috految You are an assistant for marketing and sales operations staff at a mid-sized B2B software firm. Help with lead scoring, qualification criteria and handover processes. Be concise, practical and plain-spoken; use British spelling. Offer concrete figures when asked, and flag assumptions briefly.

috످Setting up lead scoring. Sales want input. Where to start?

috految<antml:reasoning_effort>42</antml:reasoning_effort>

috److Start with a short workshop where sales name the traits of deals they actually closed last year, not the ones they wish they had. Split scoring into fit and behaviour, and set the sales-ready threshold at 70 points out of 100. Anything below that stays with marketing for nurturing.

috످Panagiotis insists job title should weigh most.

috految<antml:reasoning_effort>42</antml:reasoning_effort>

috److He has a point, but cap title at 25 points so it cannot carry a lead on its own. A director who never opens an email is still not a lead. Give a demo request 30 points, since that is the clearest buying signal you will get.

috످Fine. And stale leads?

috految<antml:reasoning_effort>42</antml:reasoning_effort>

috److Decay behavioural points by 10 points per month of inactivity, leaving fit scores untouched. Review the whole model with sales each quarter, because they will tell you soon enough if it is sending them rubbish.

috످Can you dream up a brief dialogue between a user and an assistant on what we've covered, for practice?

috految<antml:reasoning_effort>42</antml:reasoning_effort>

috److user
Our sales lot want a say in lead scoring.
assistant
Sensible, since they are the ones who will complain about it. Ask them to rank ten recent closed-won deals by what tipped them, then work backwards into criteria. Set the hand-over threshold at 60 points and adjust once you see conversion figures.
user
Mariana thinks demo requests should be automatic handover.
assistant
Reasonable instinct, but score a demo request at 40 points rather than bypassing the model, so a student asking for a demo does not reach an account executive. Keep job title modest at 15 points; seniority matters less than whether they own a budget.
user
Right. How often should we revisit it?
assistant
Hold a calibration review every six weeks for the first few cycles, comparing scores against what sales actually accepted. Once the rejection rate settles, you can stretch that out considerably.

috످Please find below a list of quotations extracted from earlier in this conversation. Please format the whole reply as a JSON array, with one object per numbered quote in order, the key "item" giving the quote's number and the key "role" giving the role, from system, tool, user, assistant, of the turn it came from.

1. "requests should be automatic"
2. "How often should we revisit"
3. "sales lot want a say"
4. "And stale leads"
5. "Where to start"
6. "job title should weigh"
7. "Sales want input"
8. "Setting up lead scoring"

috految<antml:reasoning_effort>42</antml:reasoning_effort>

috److془Quote 1 is about Mariana wanting demo enquiries to go straight to sales; it is in the practice dialogue I wrote, so assistant.
Quote 2 asks about review frequency, in the same made-up dialogue, assistant.
Quote 3 is about the sales team wanting influence, opening my dialogue, assistant.
Quote 4 asks about prospects gone cold, user's third turn.
Quote 5 asks for first step, user's opening.
Quote 6 relays Panagiotis's view that seniority matters most, user's second.
Quote 7 says the sales team wish to contribute, in user's opening.
Quote 8 introduces the project of ranking prospects, user's opening.془[
  {"item": 1, "role": "assistant"},
  {"item": 2, "role": "assistant"},
  {"item": 3, "role": "assistant"},
  {"item": 4, "role": "user"},
  {"item": 5, "role": "user"},
  {"item": 6, "role": "user"},
  {"item": 7, "role": "user"},
  {"item": 8, "role": "user"}
]

috످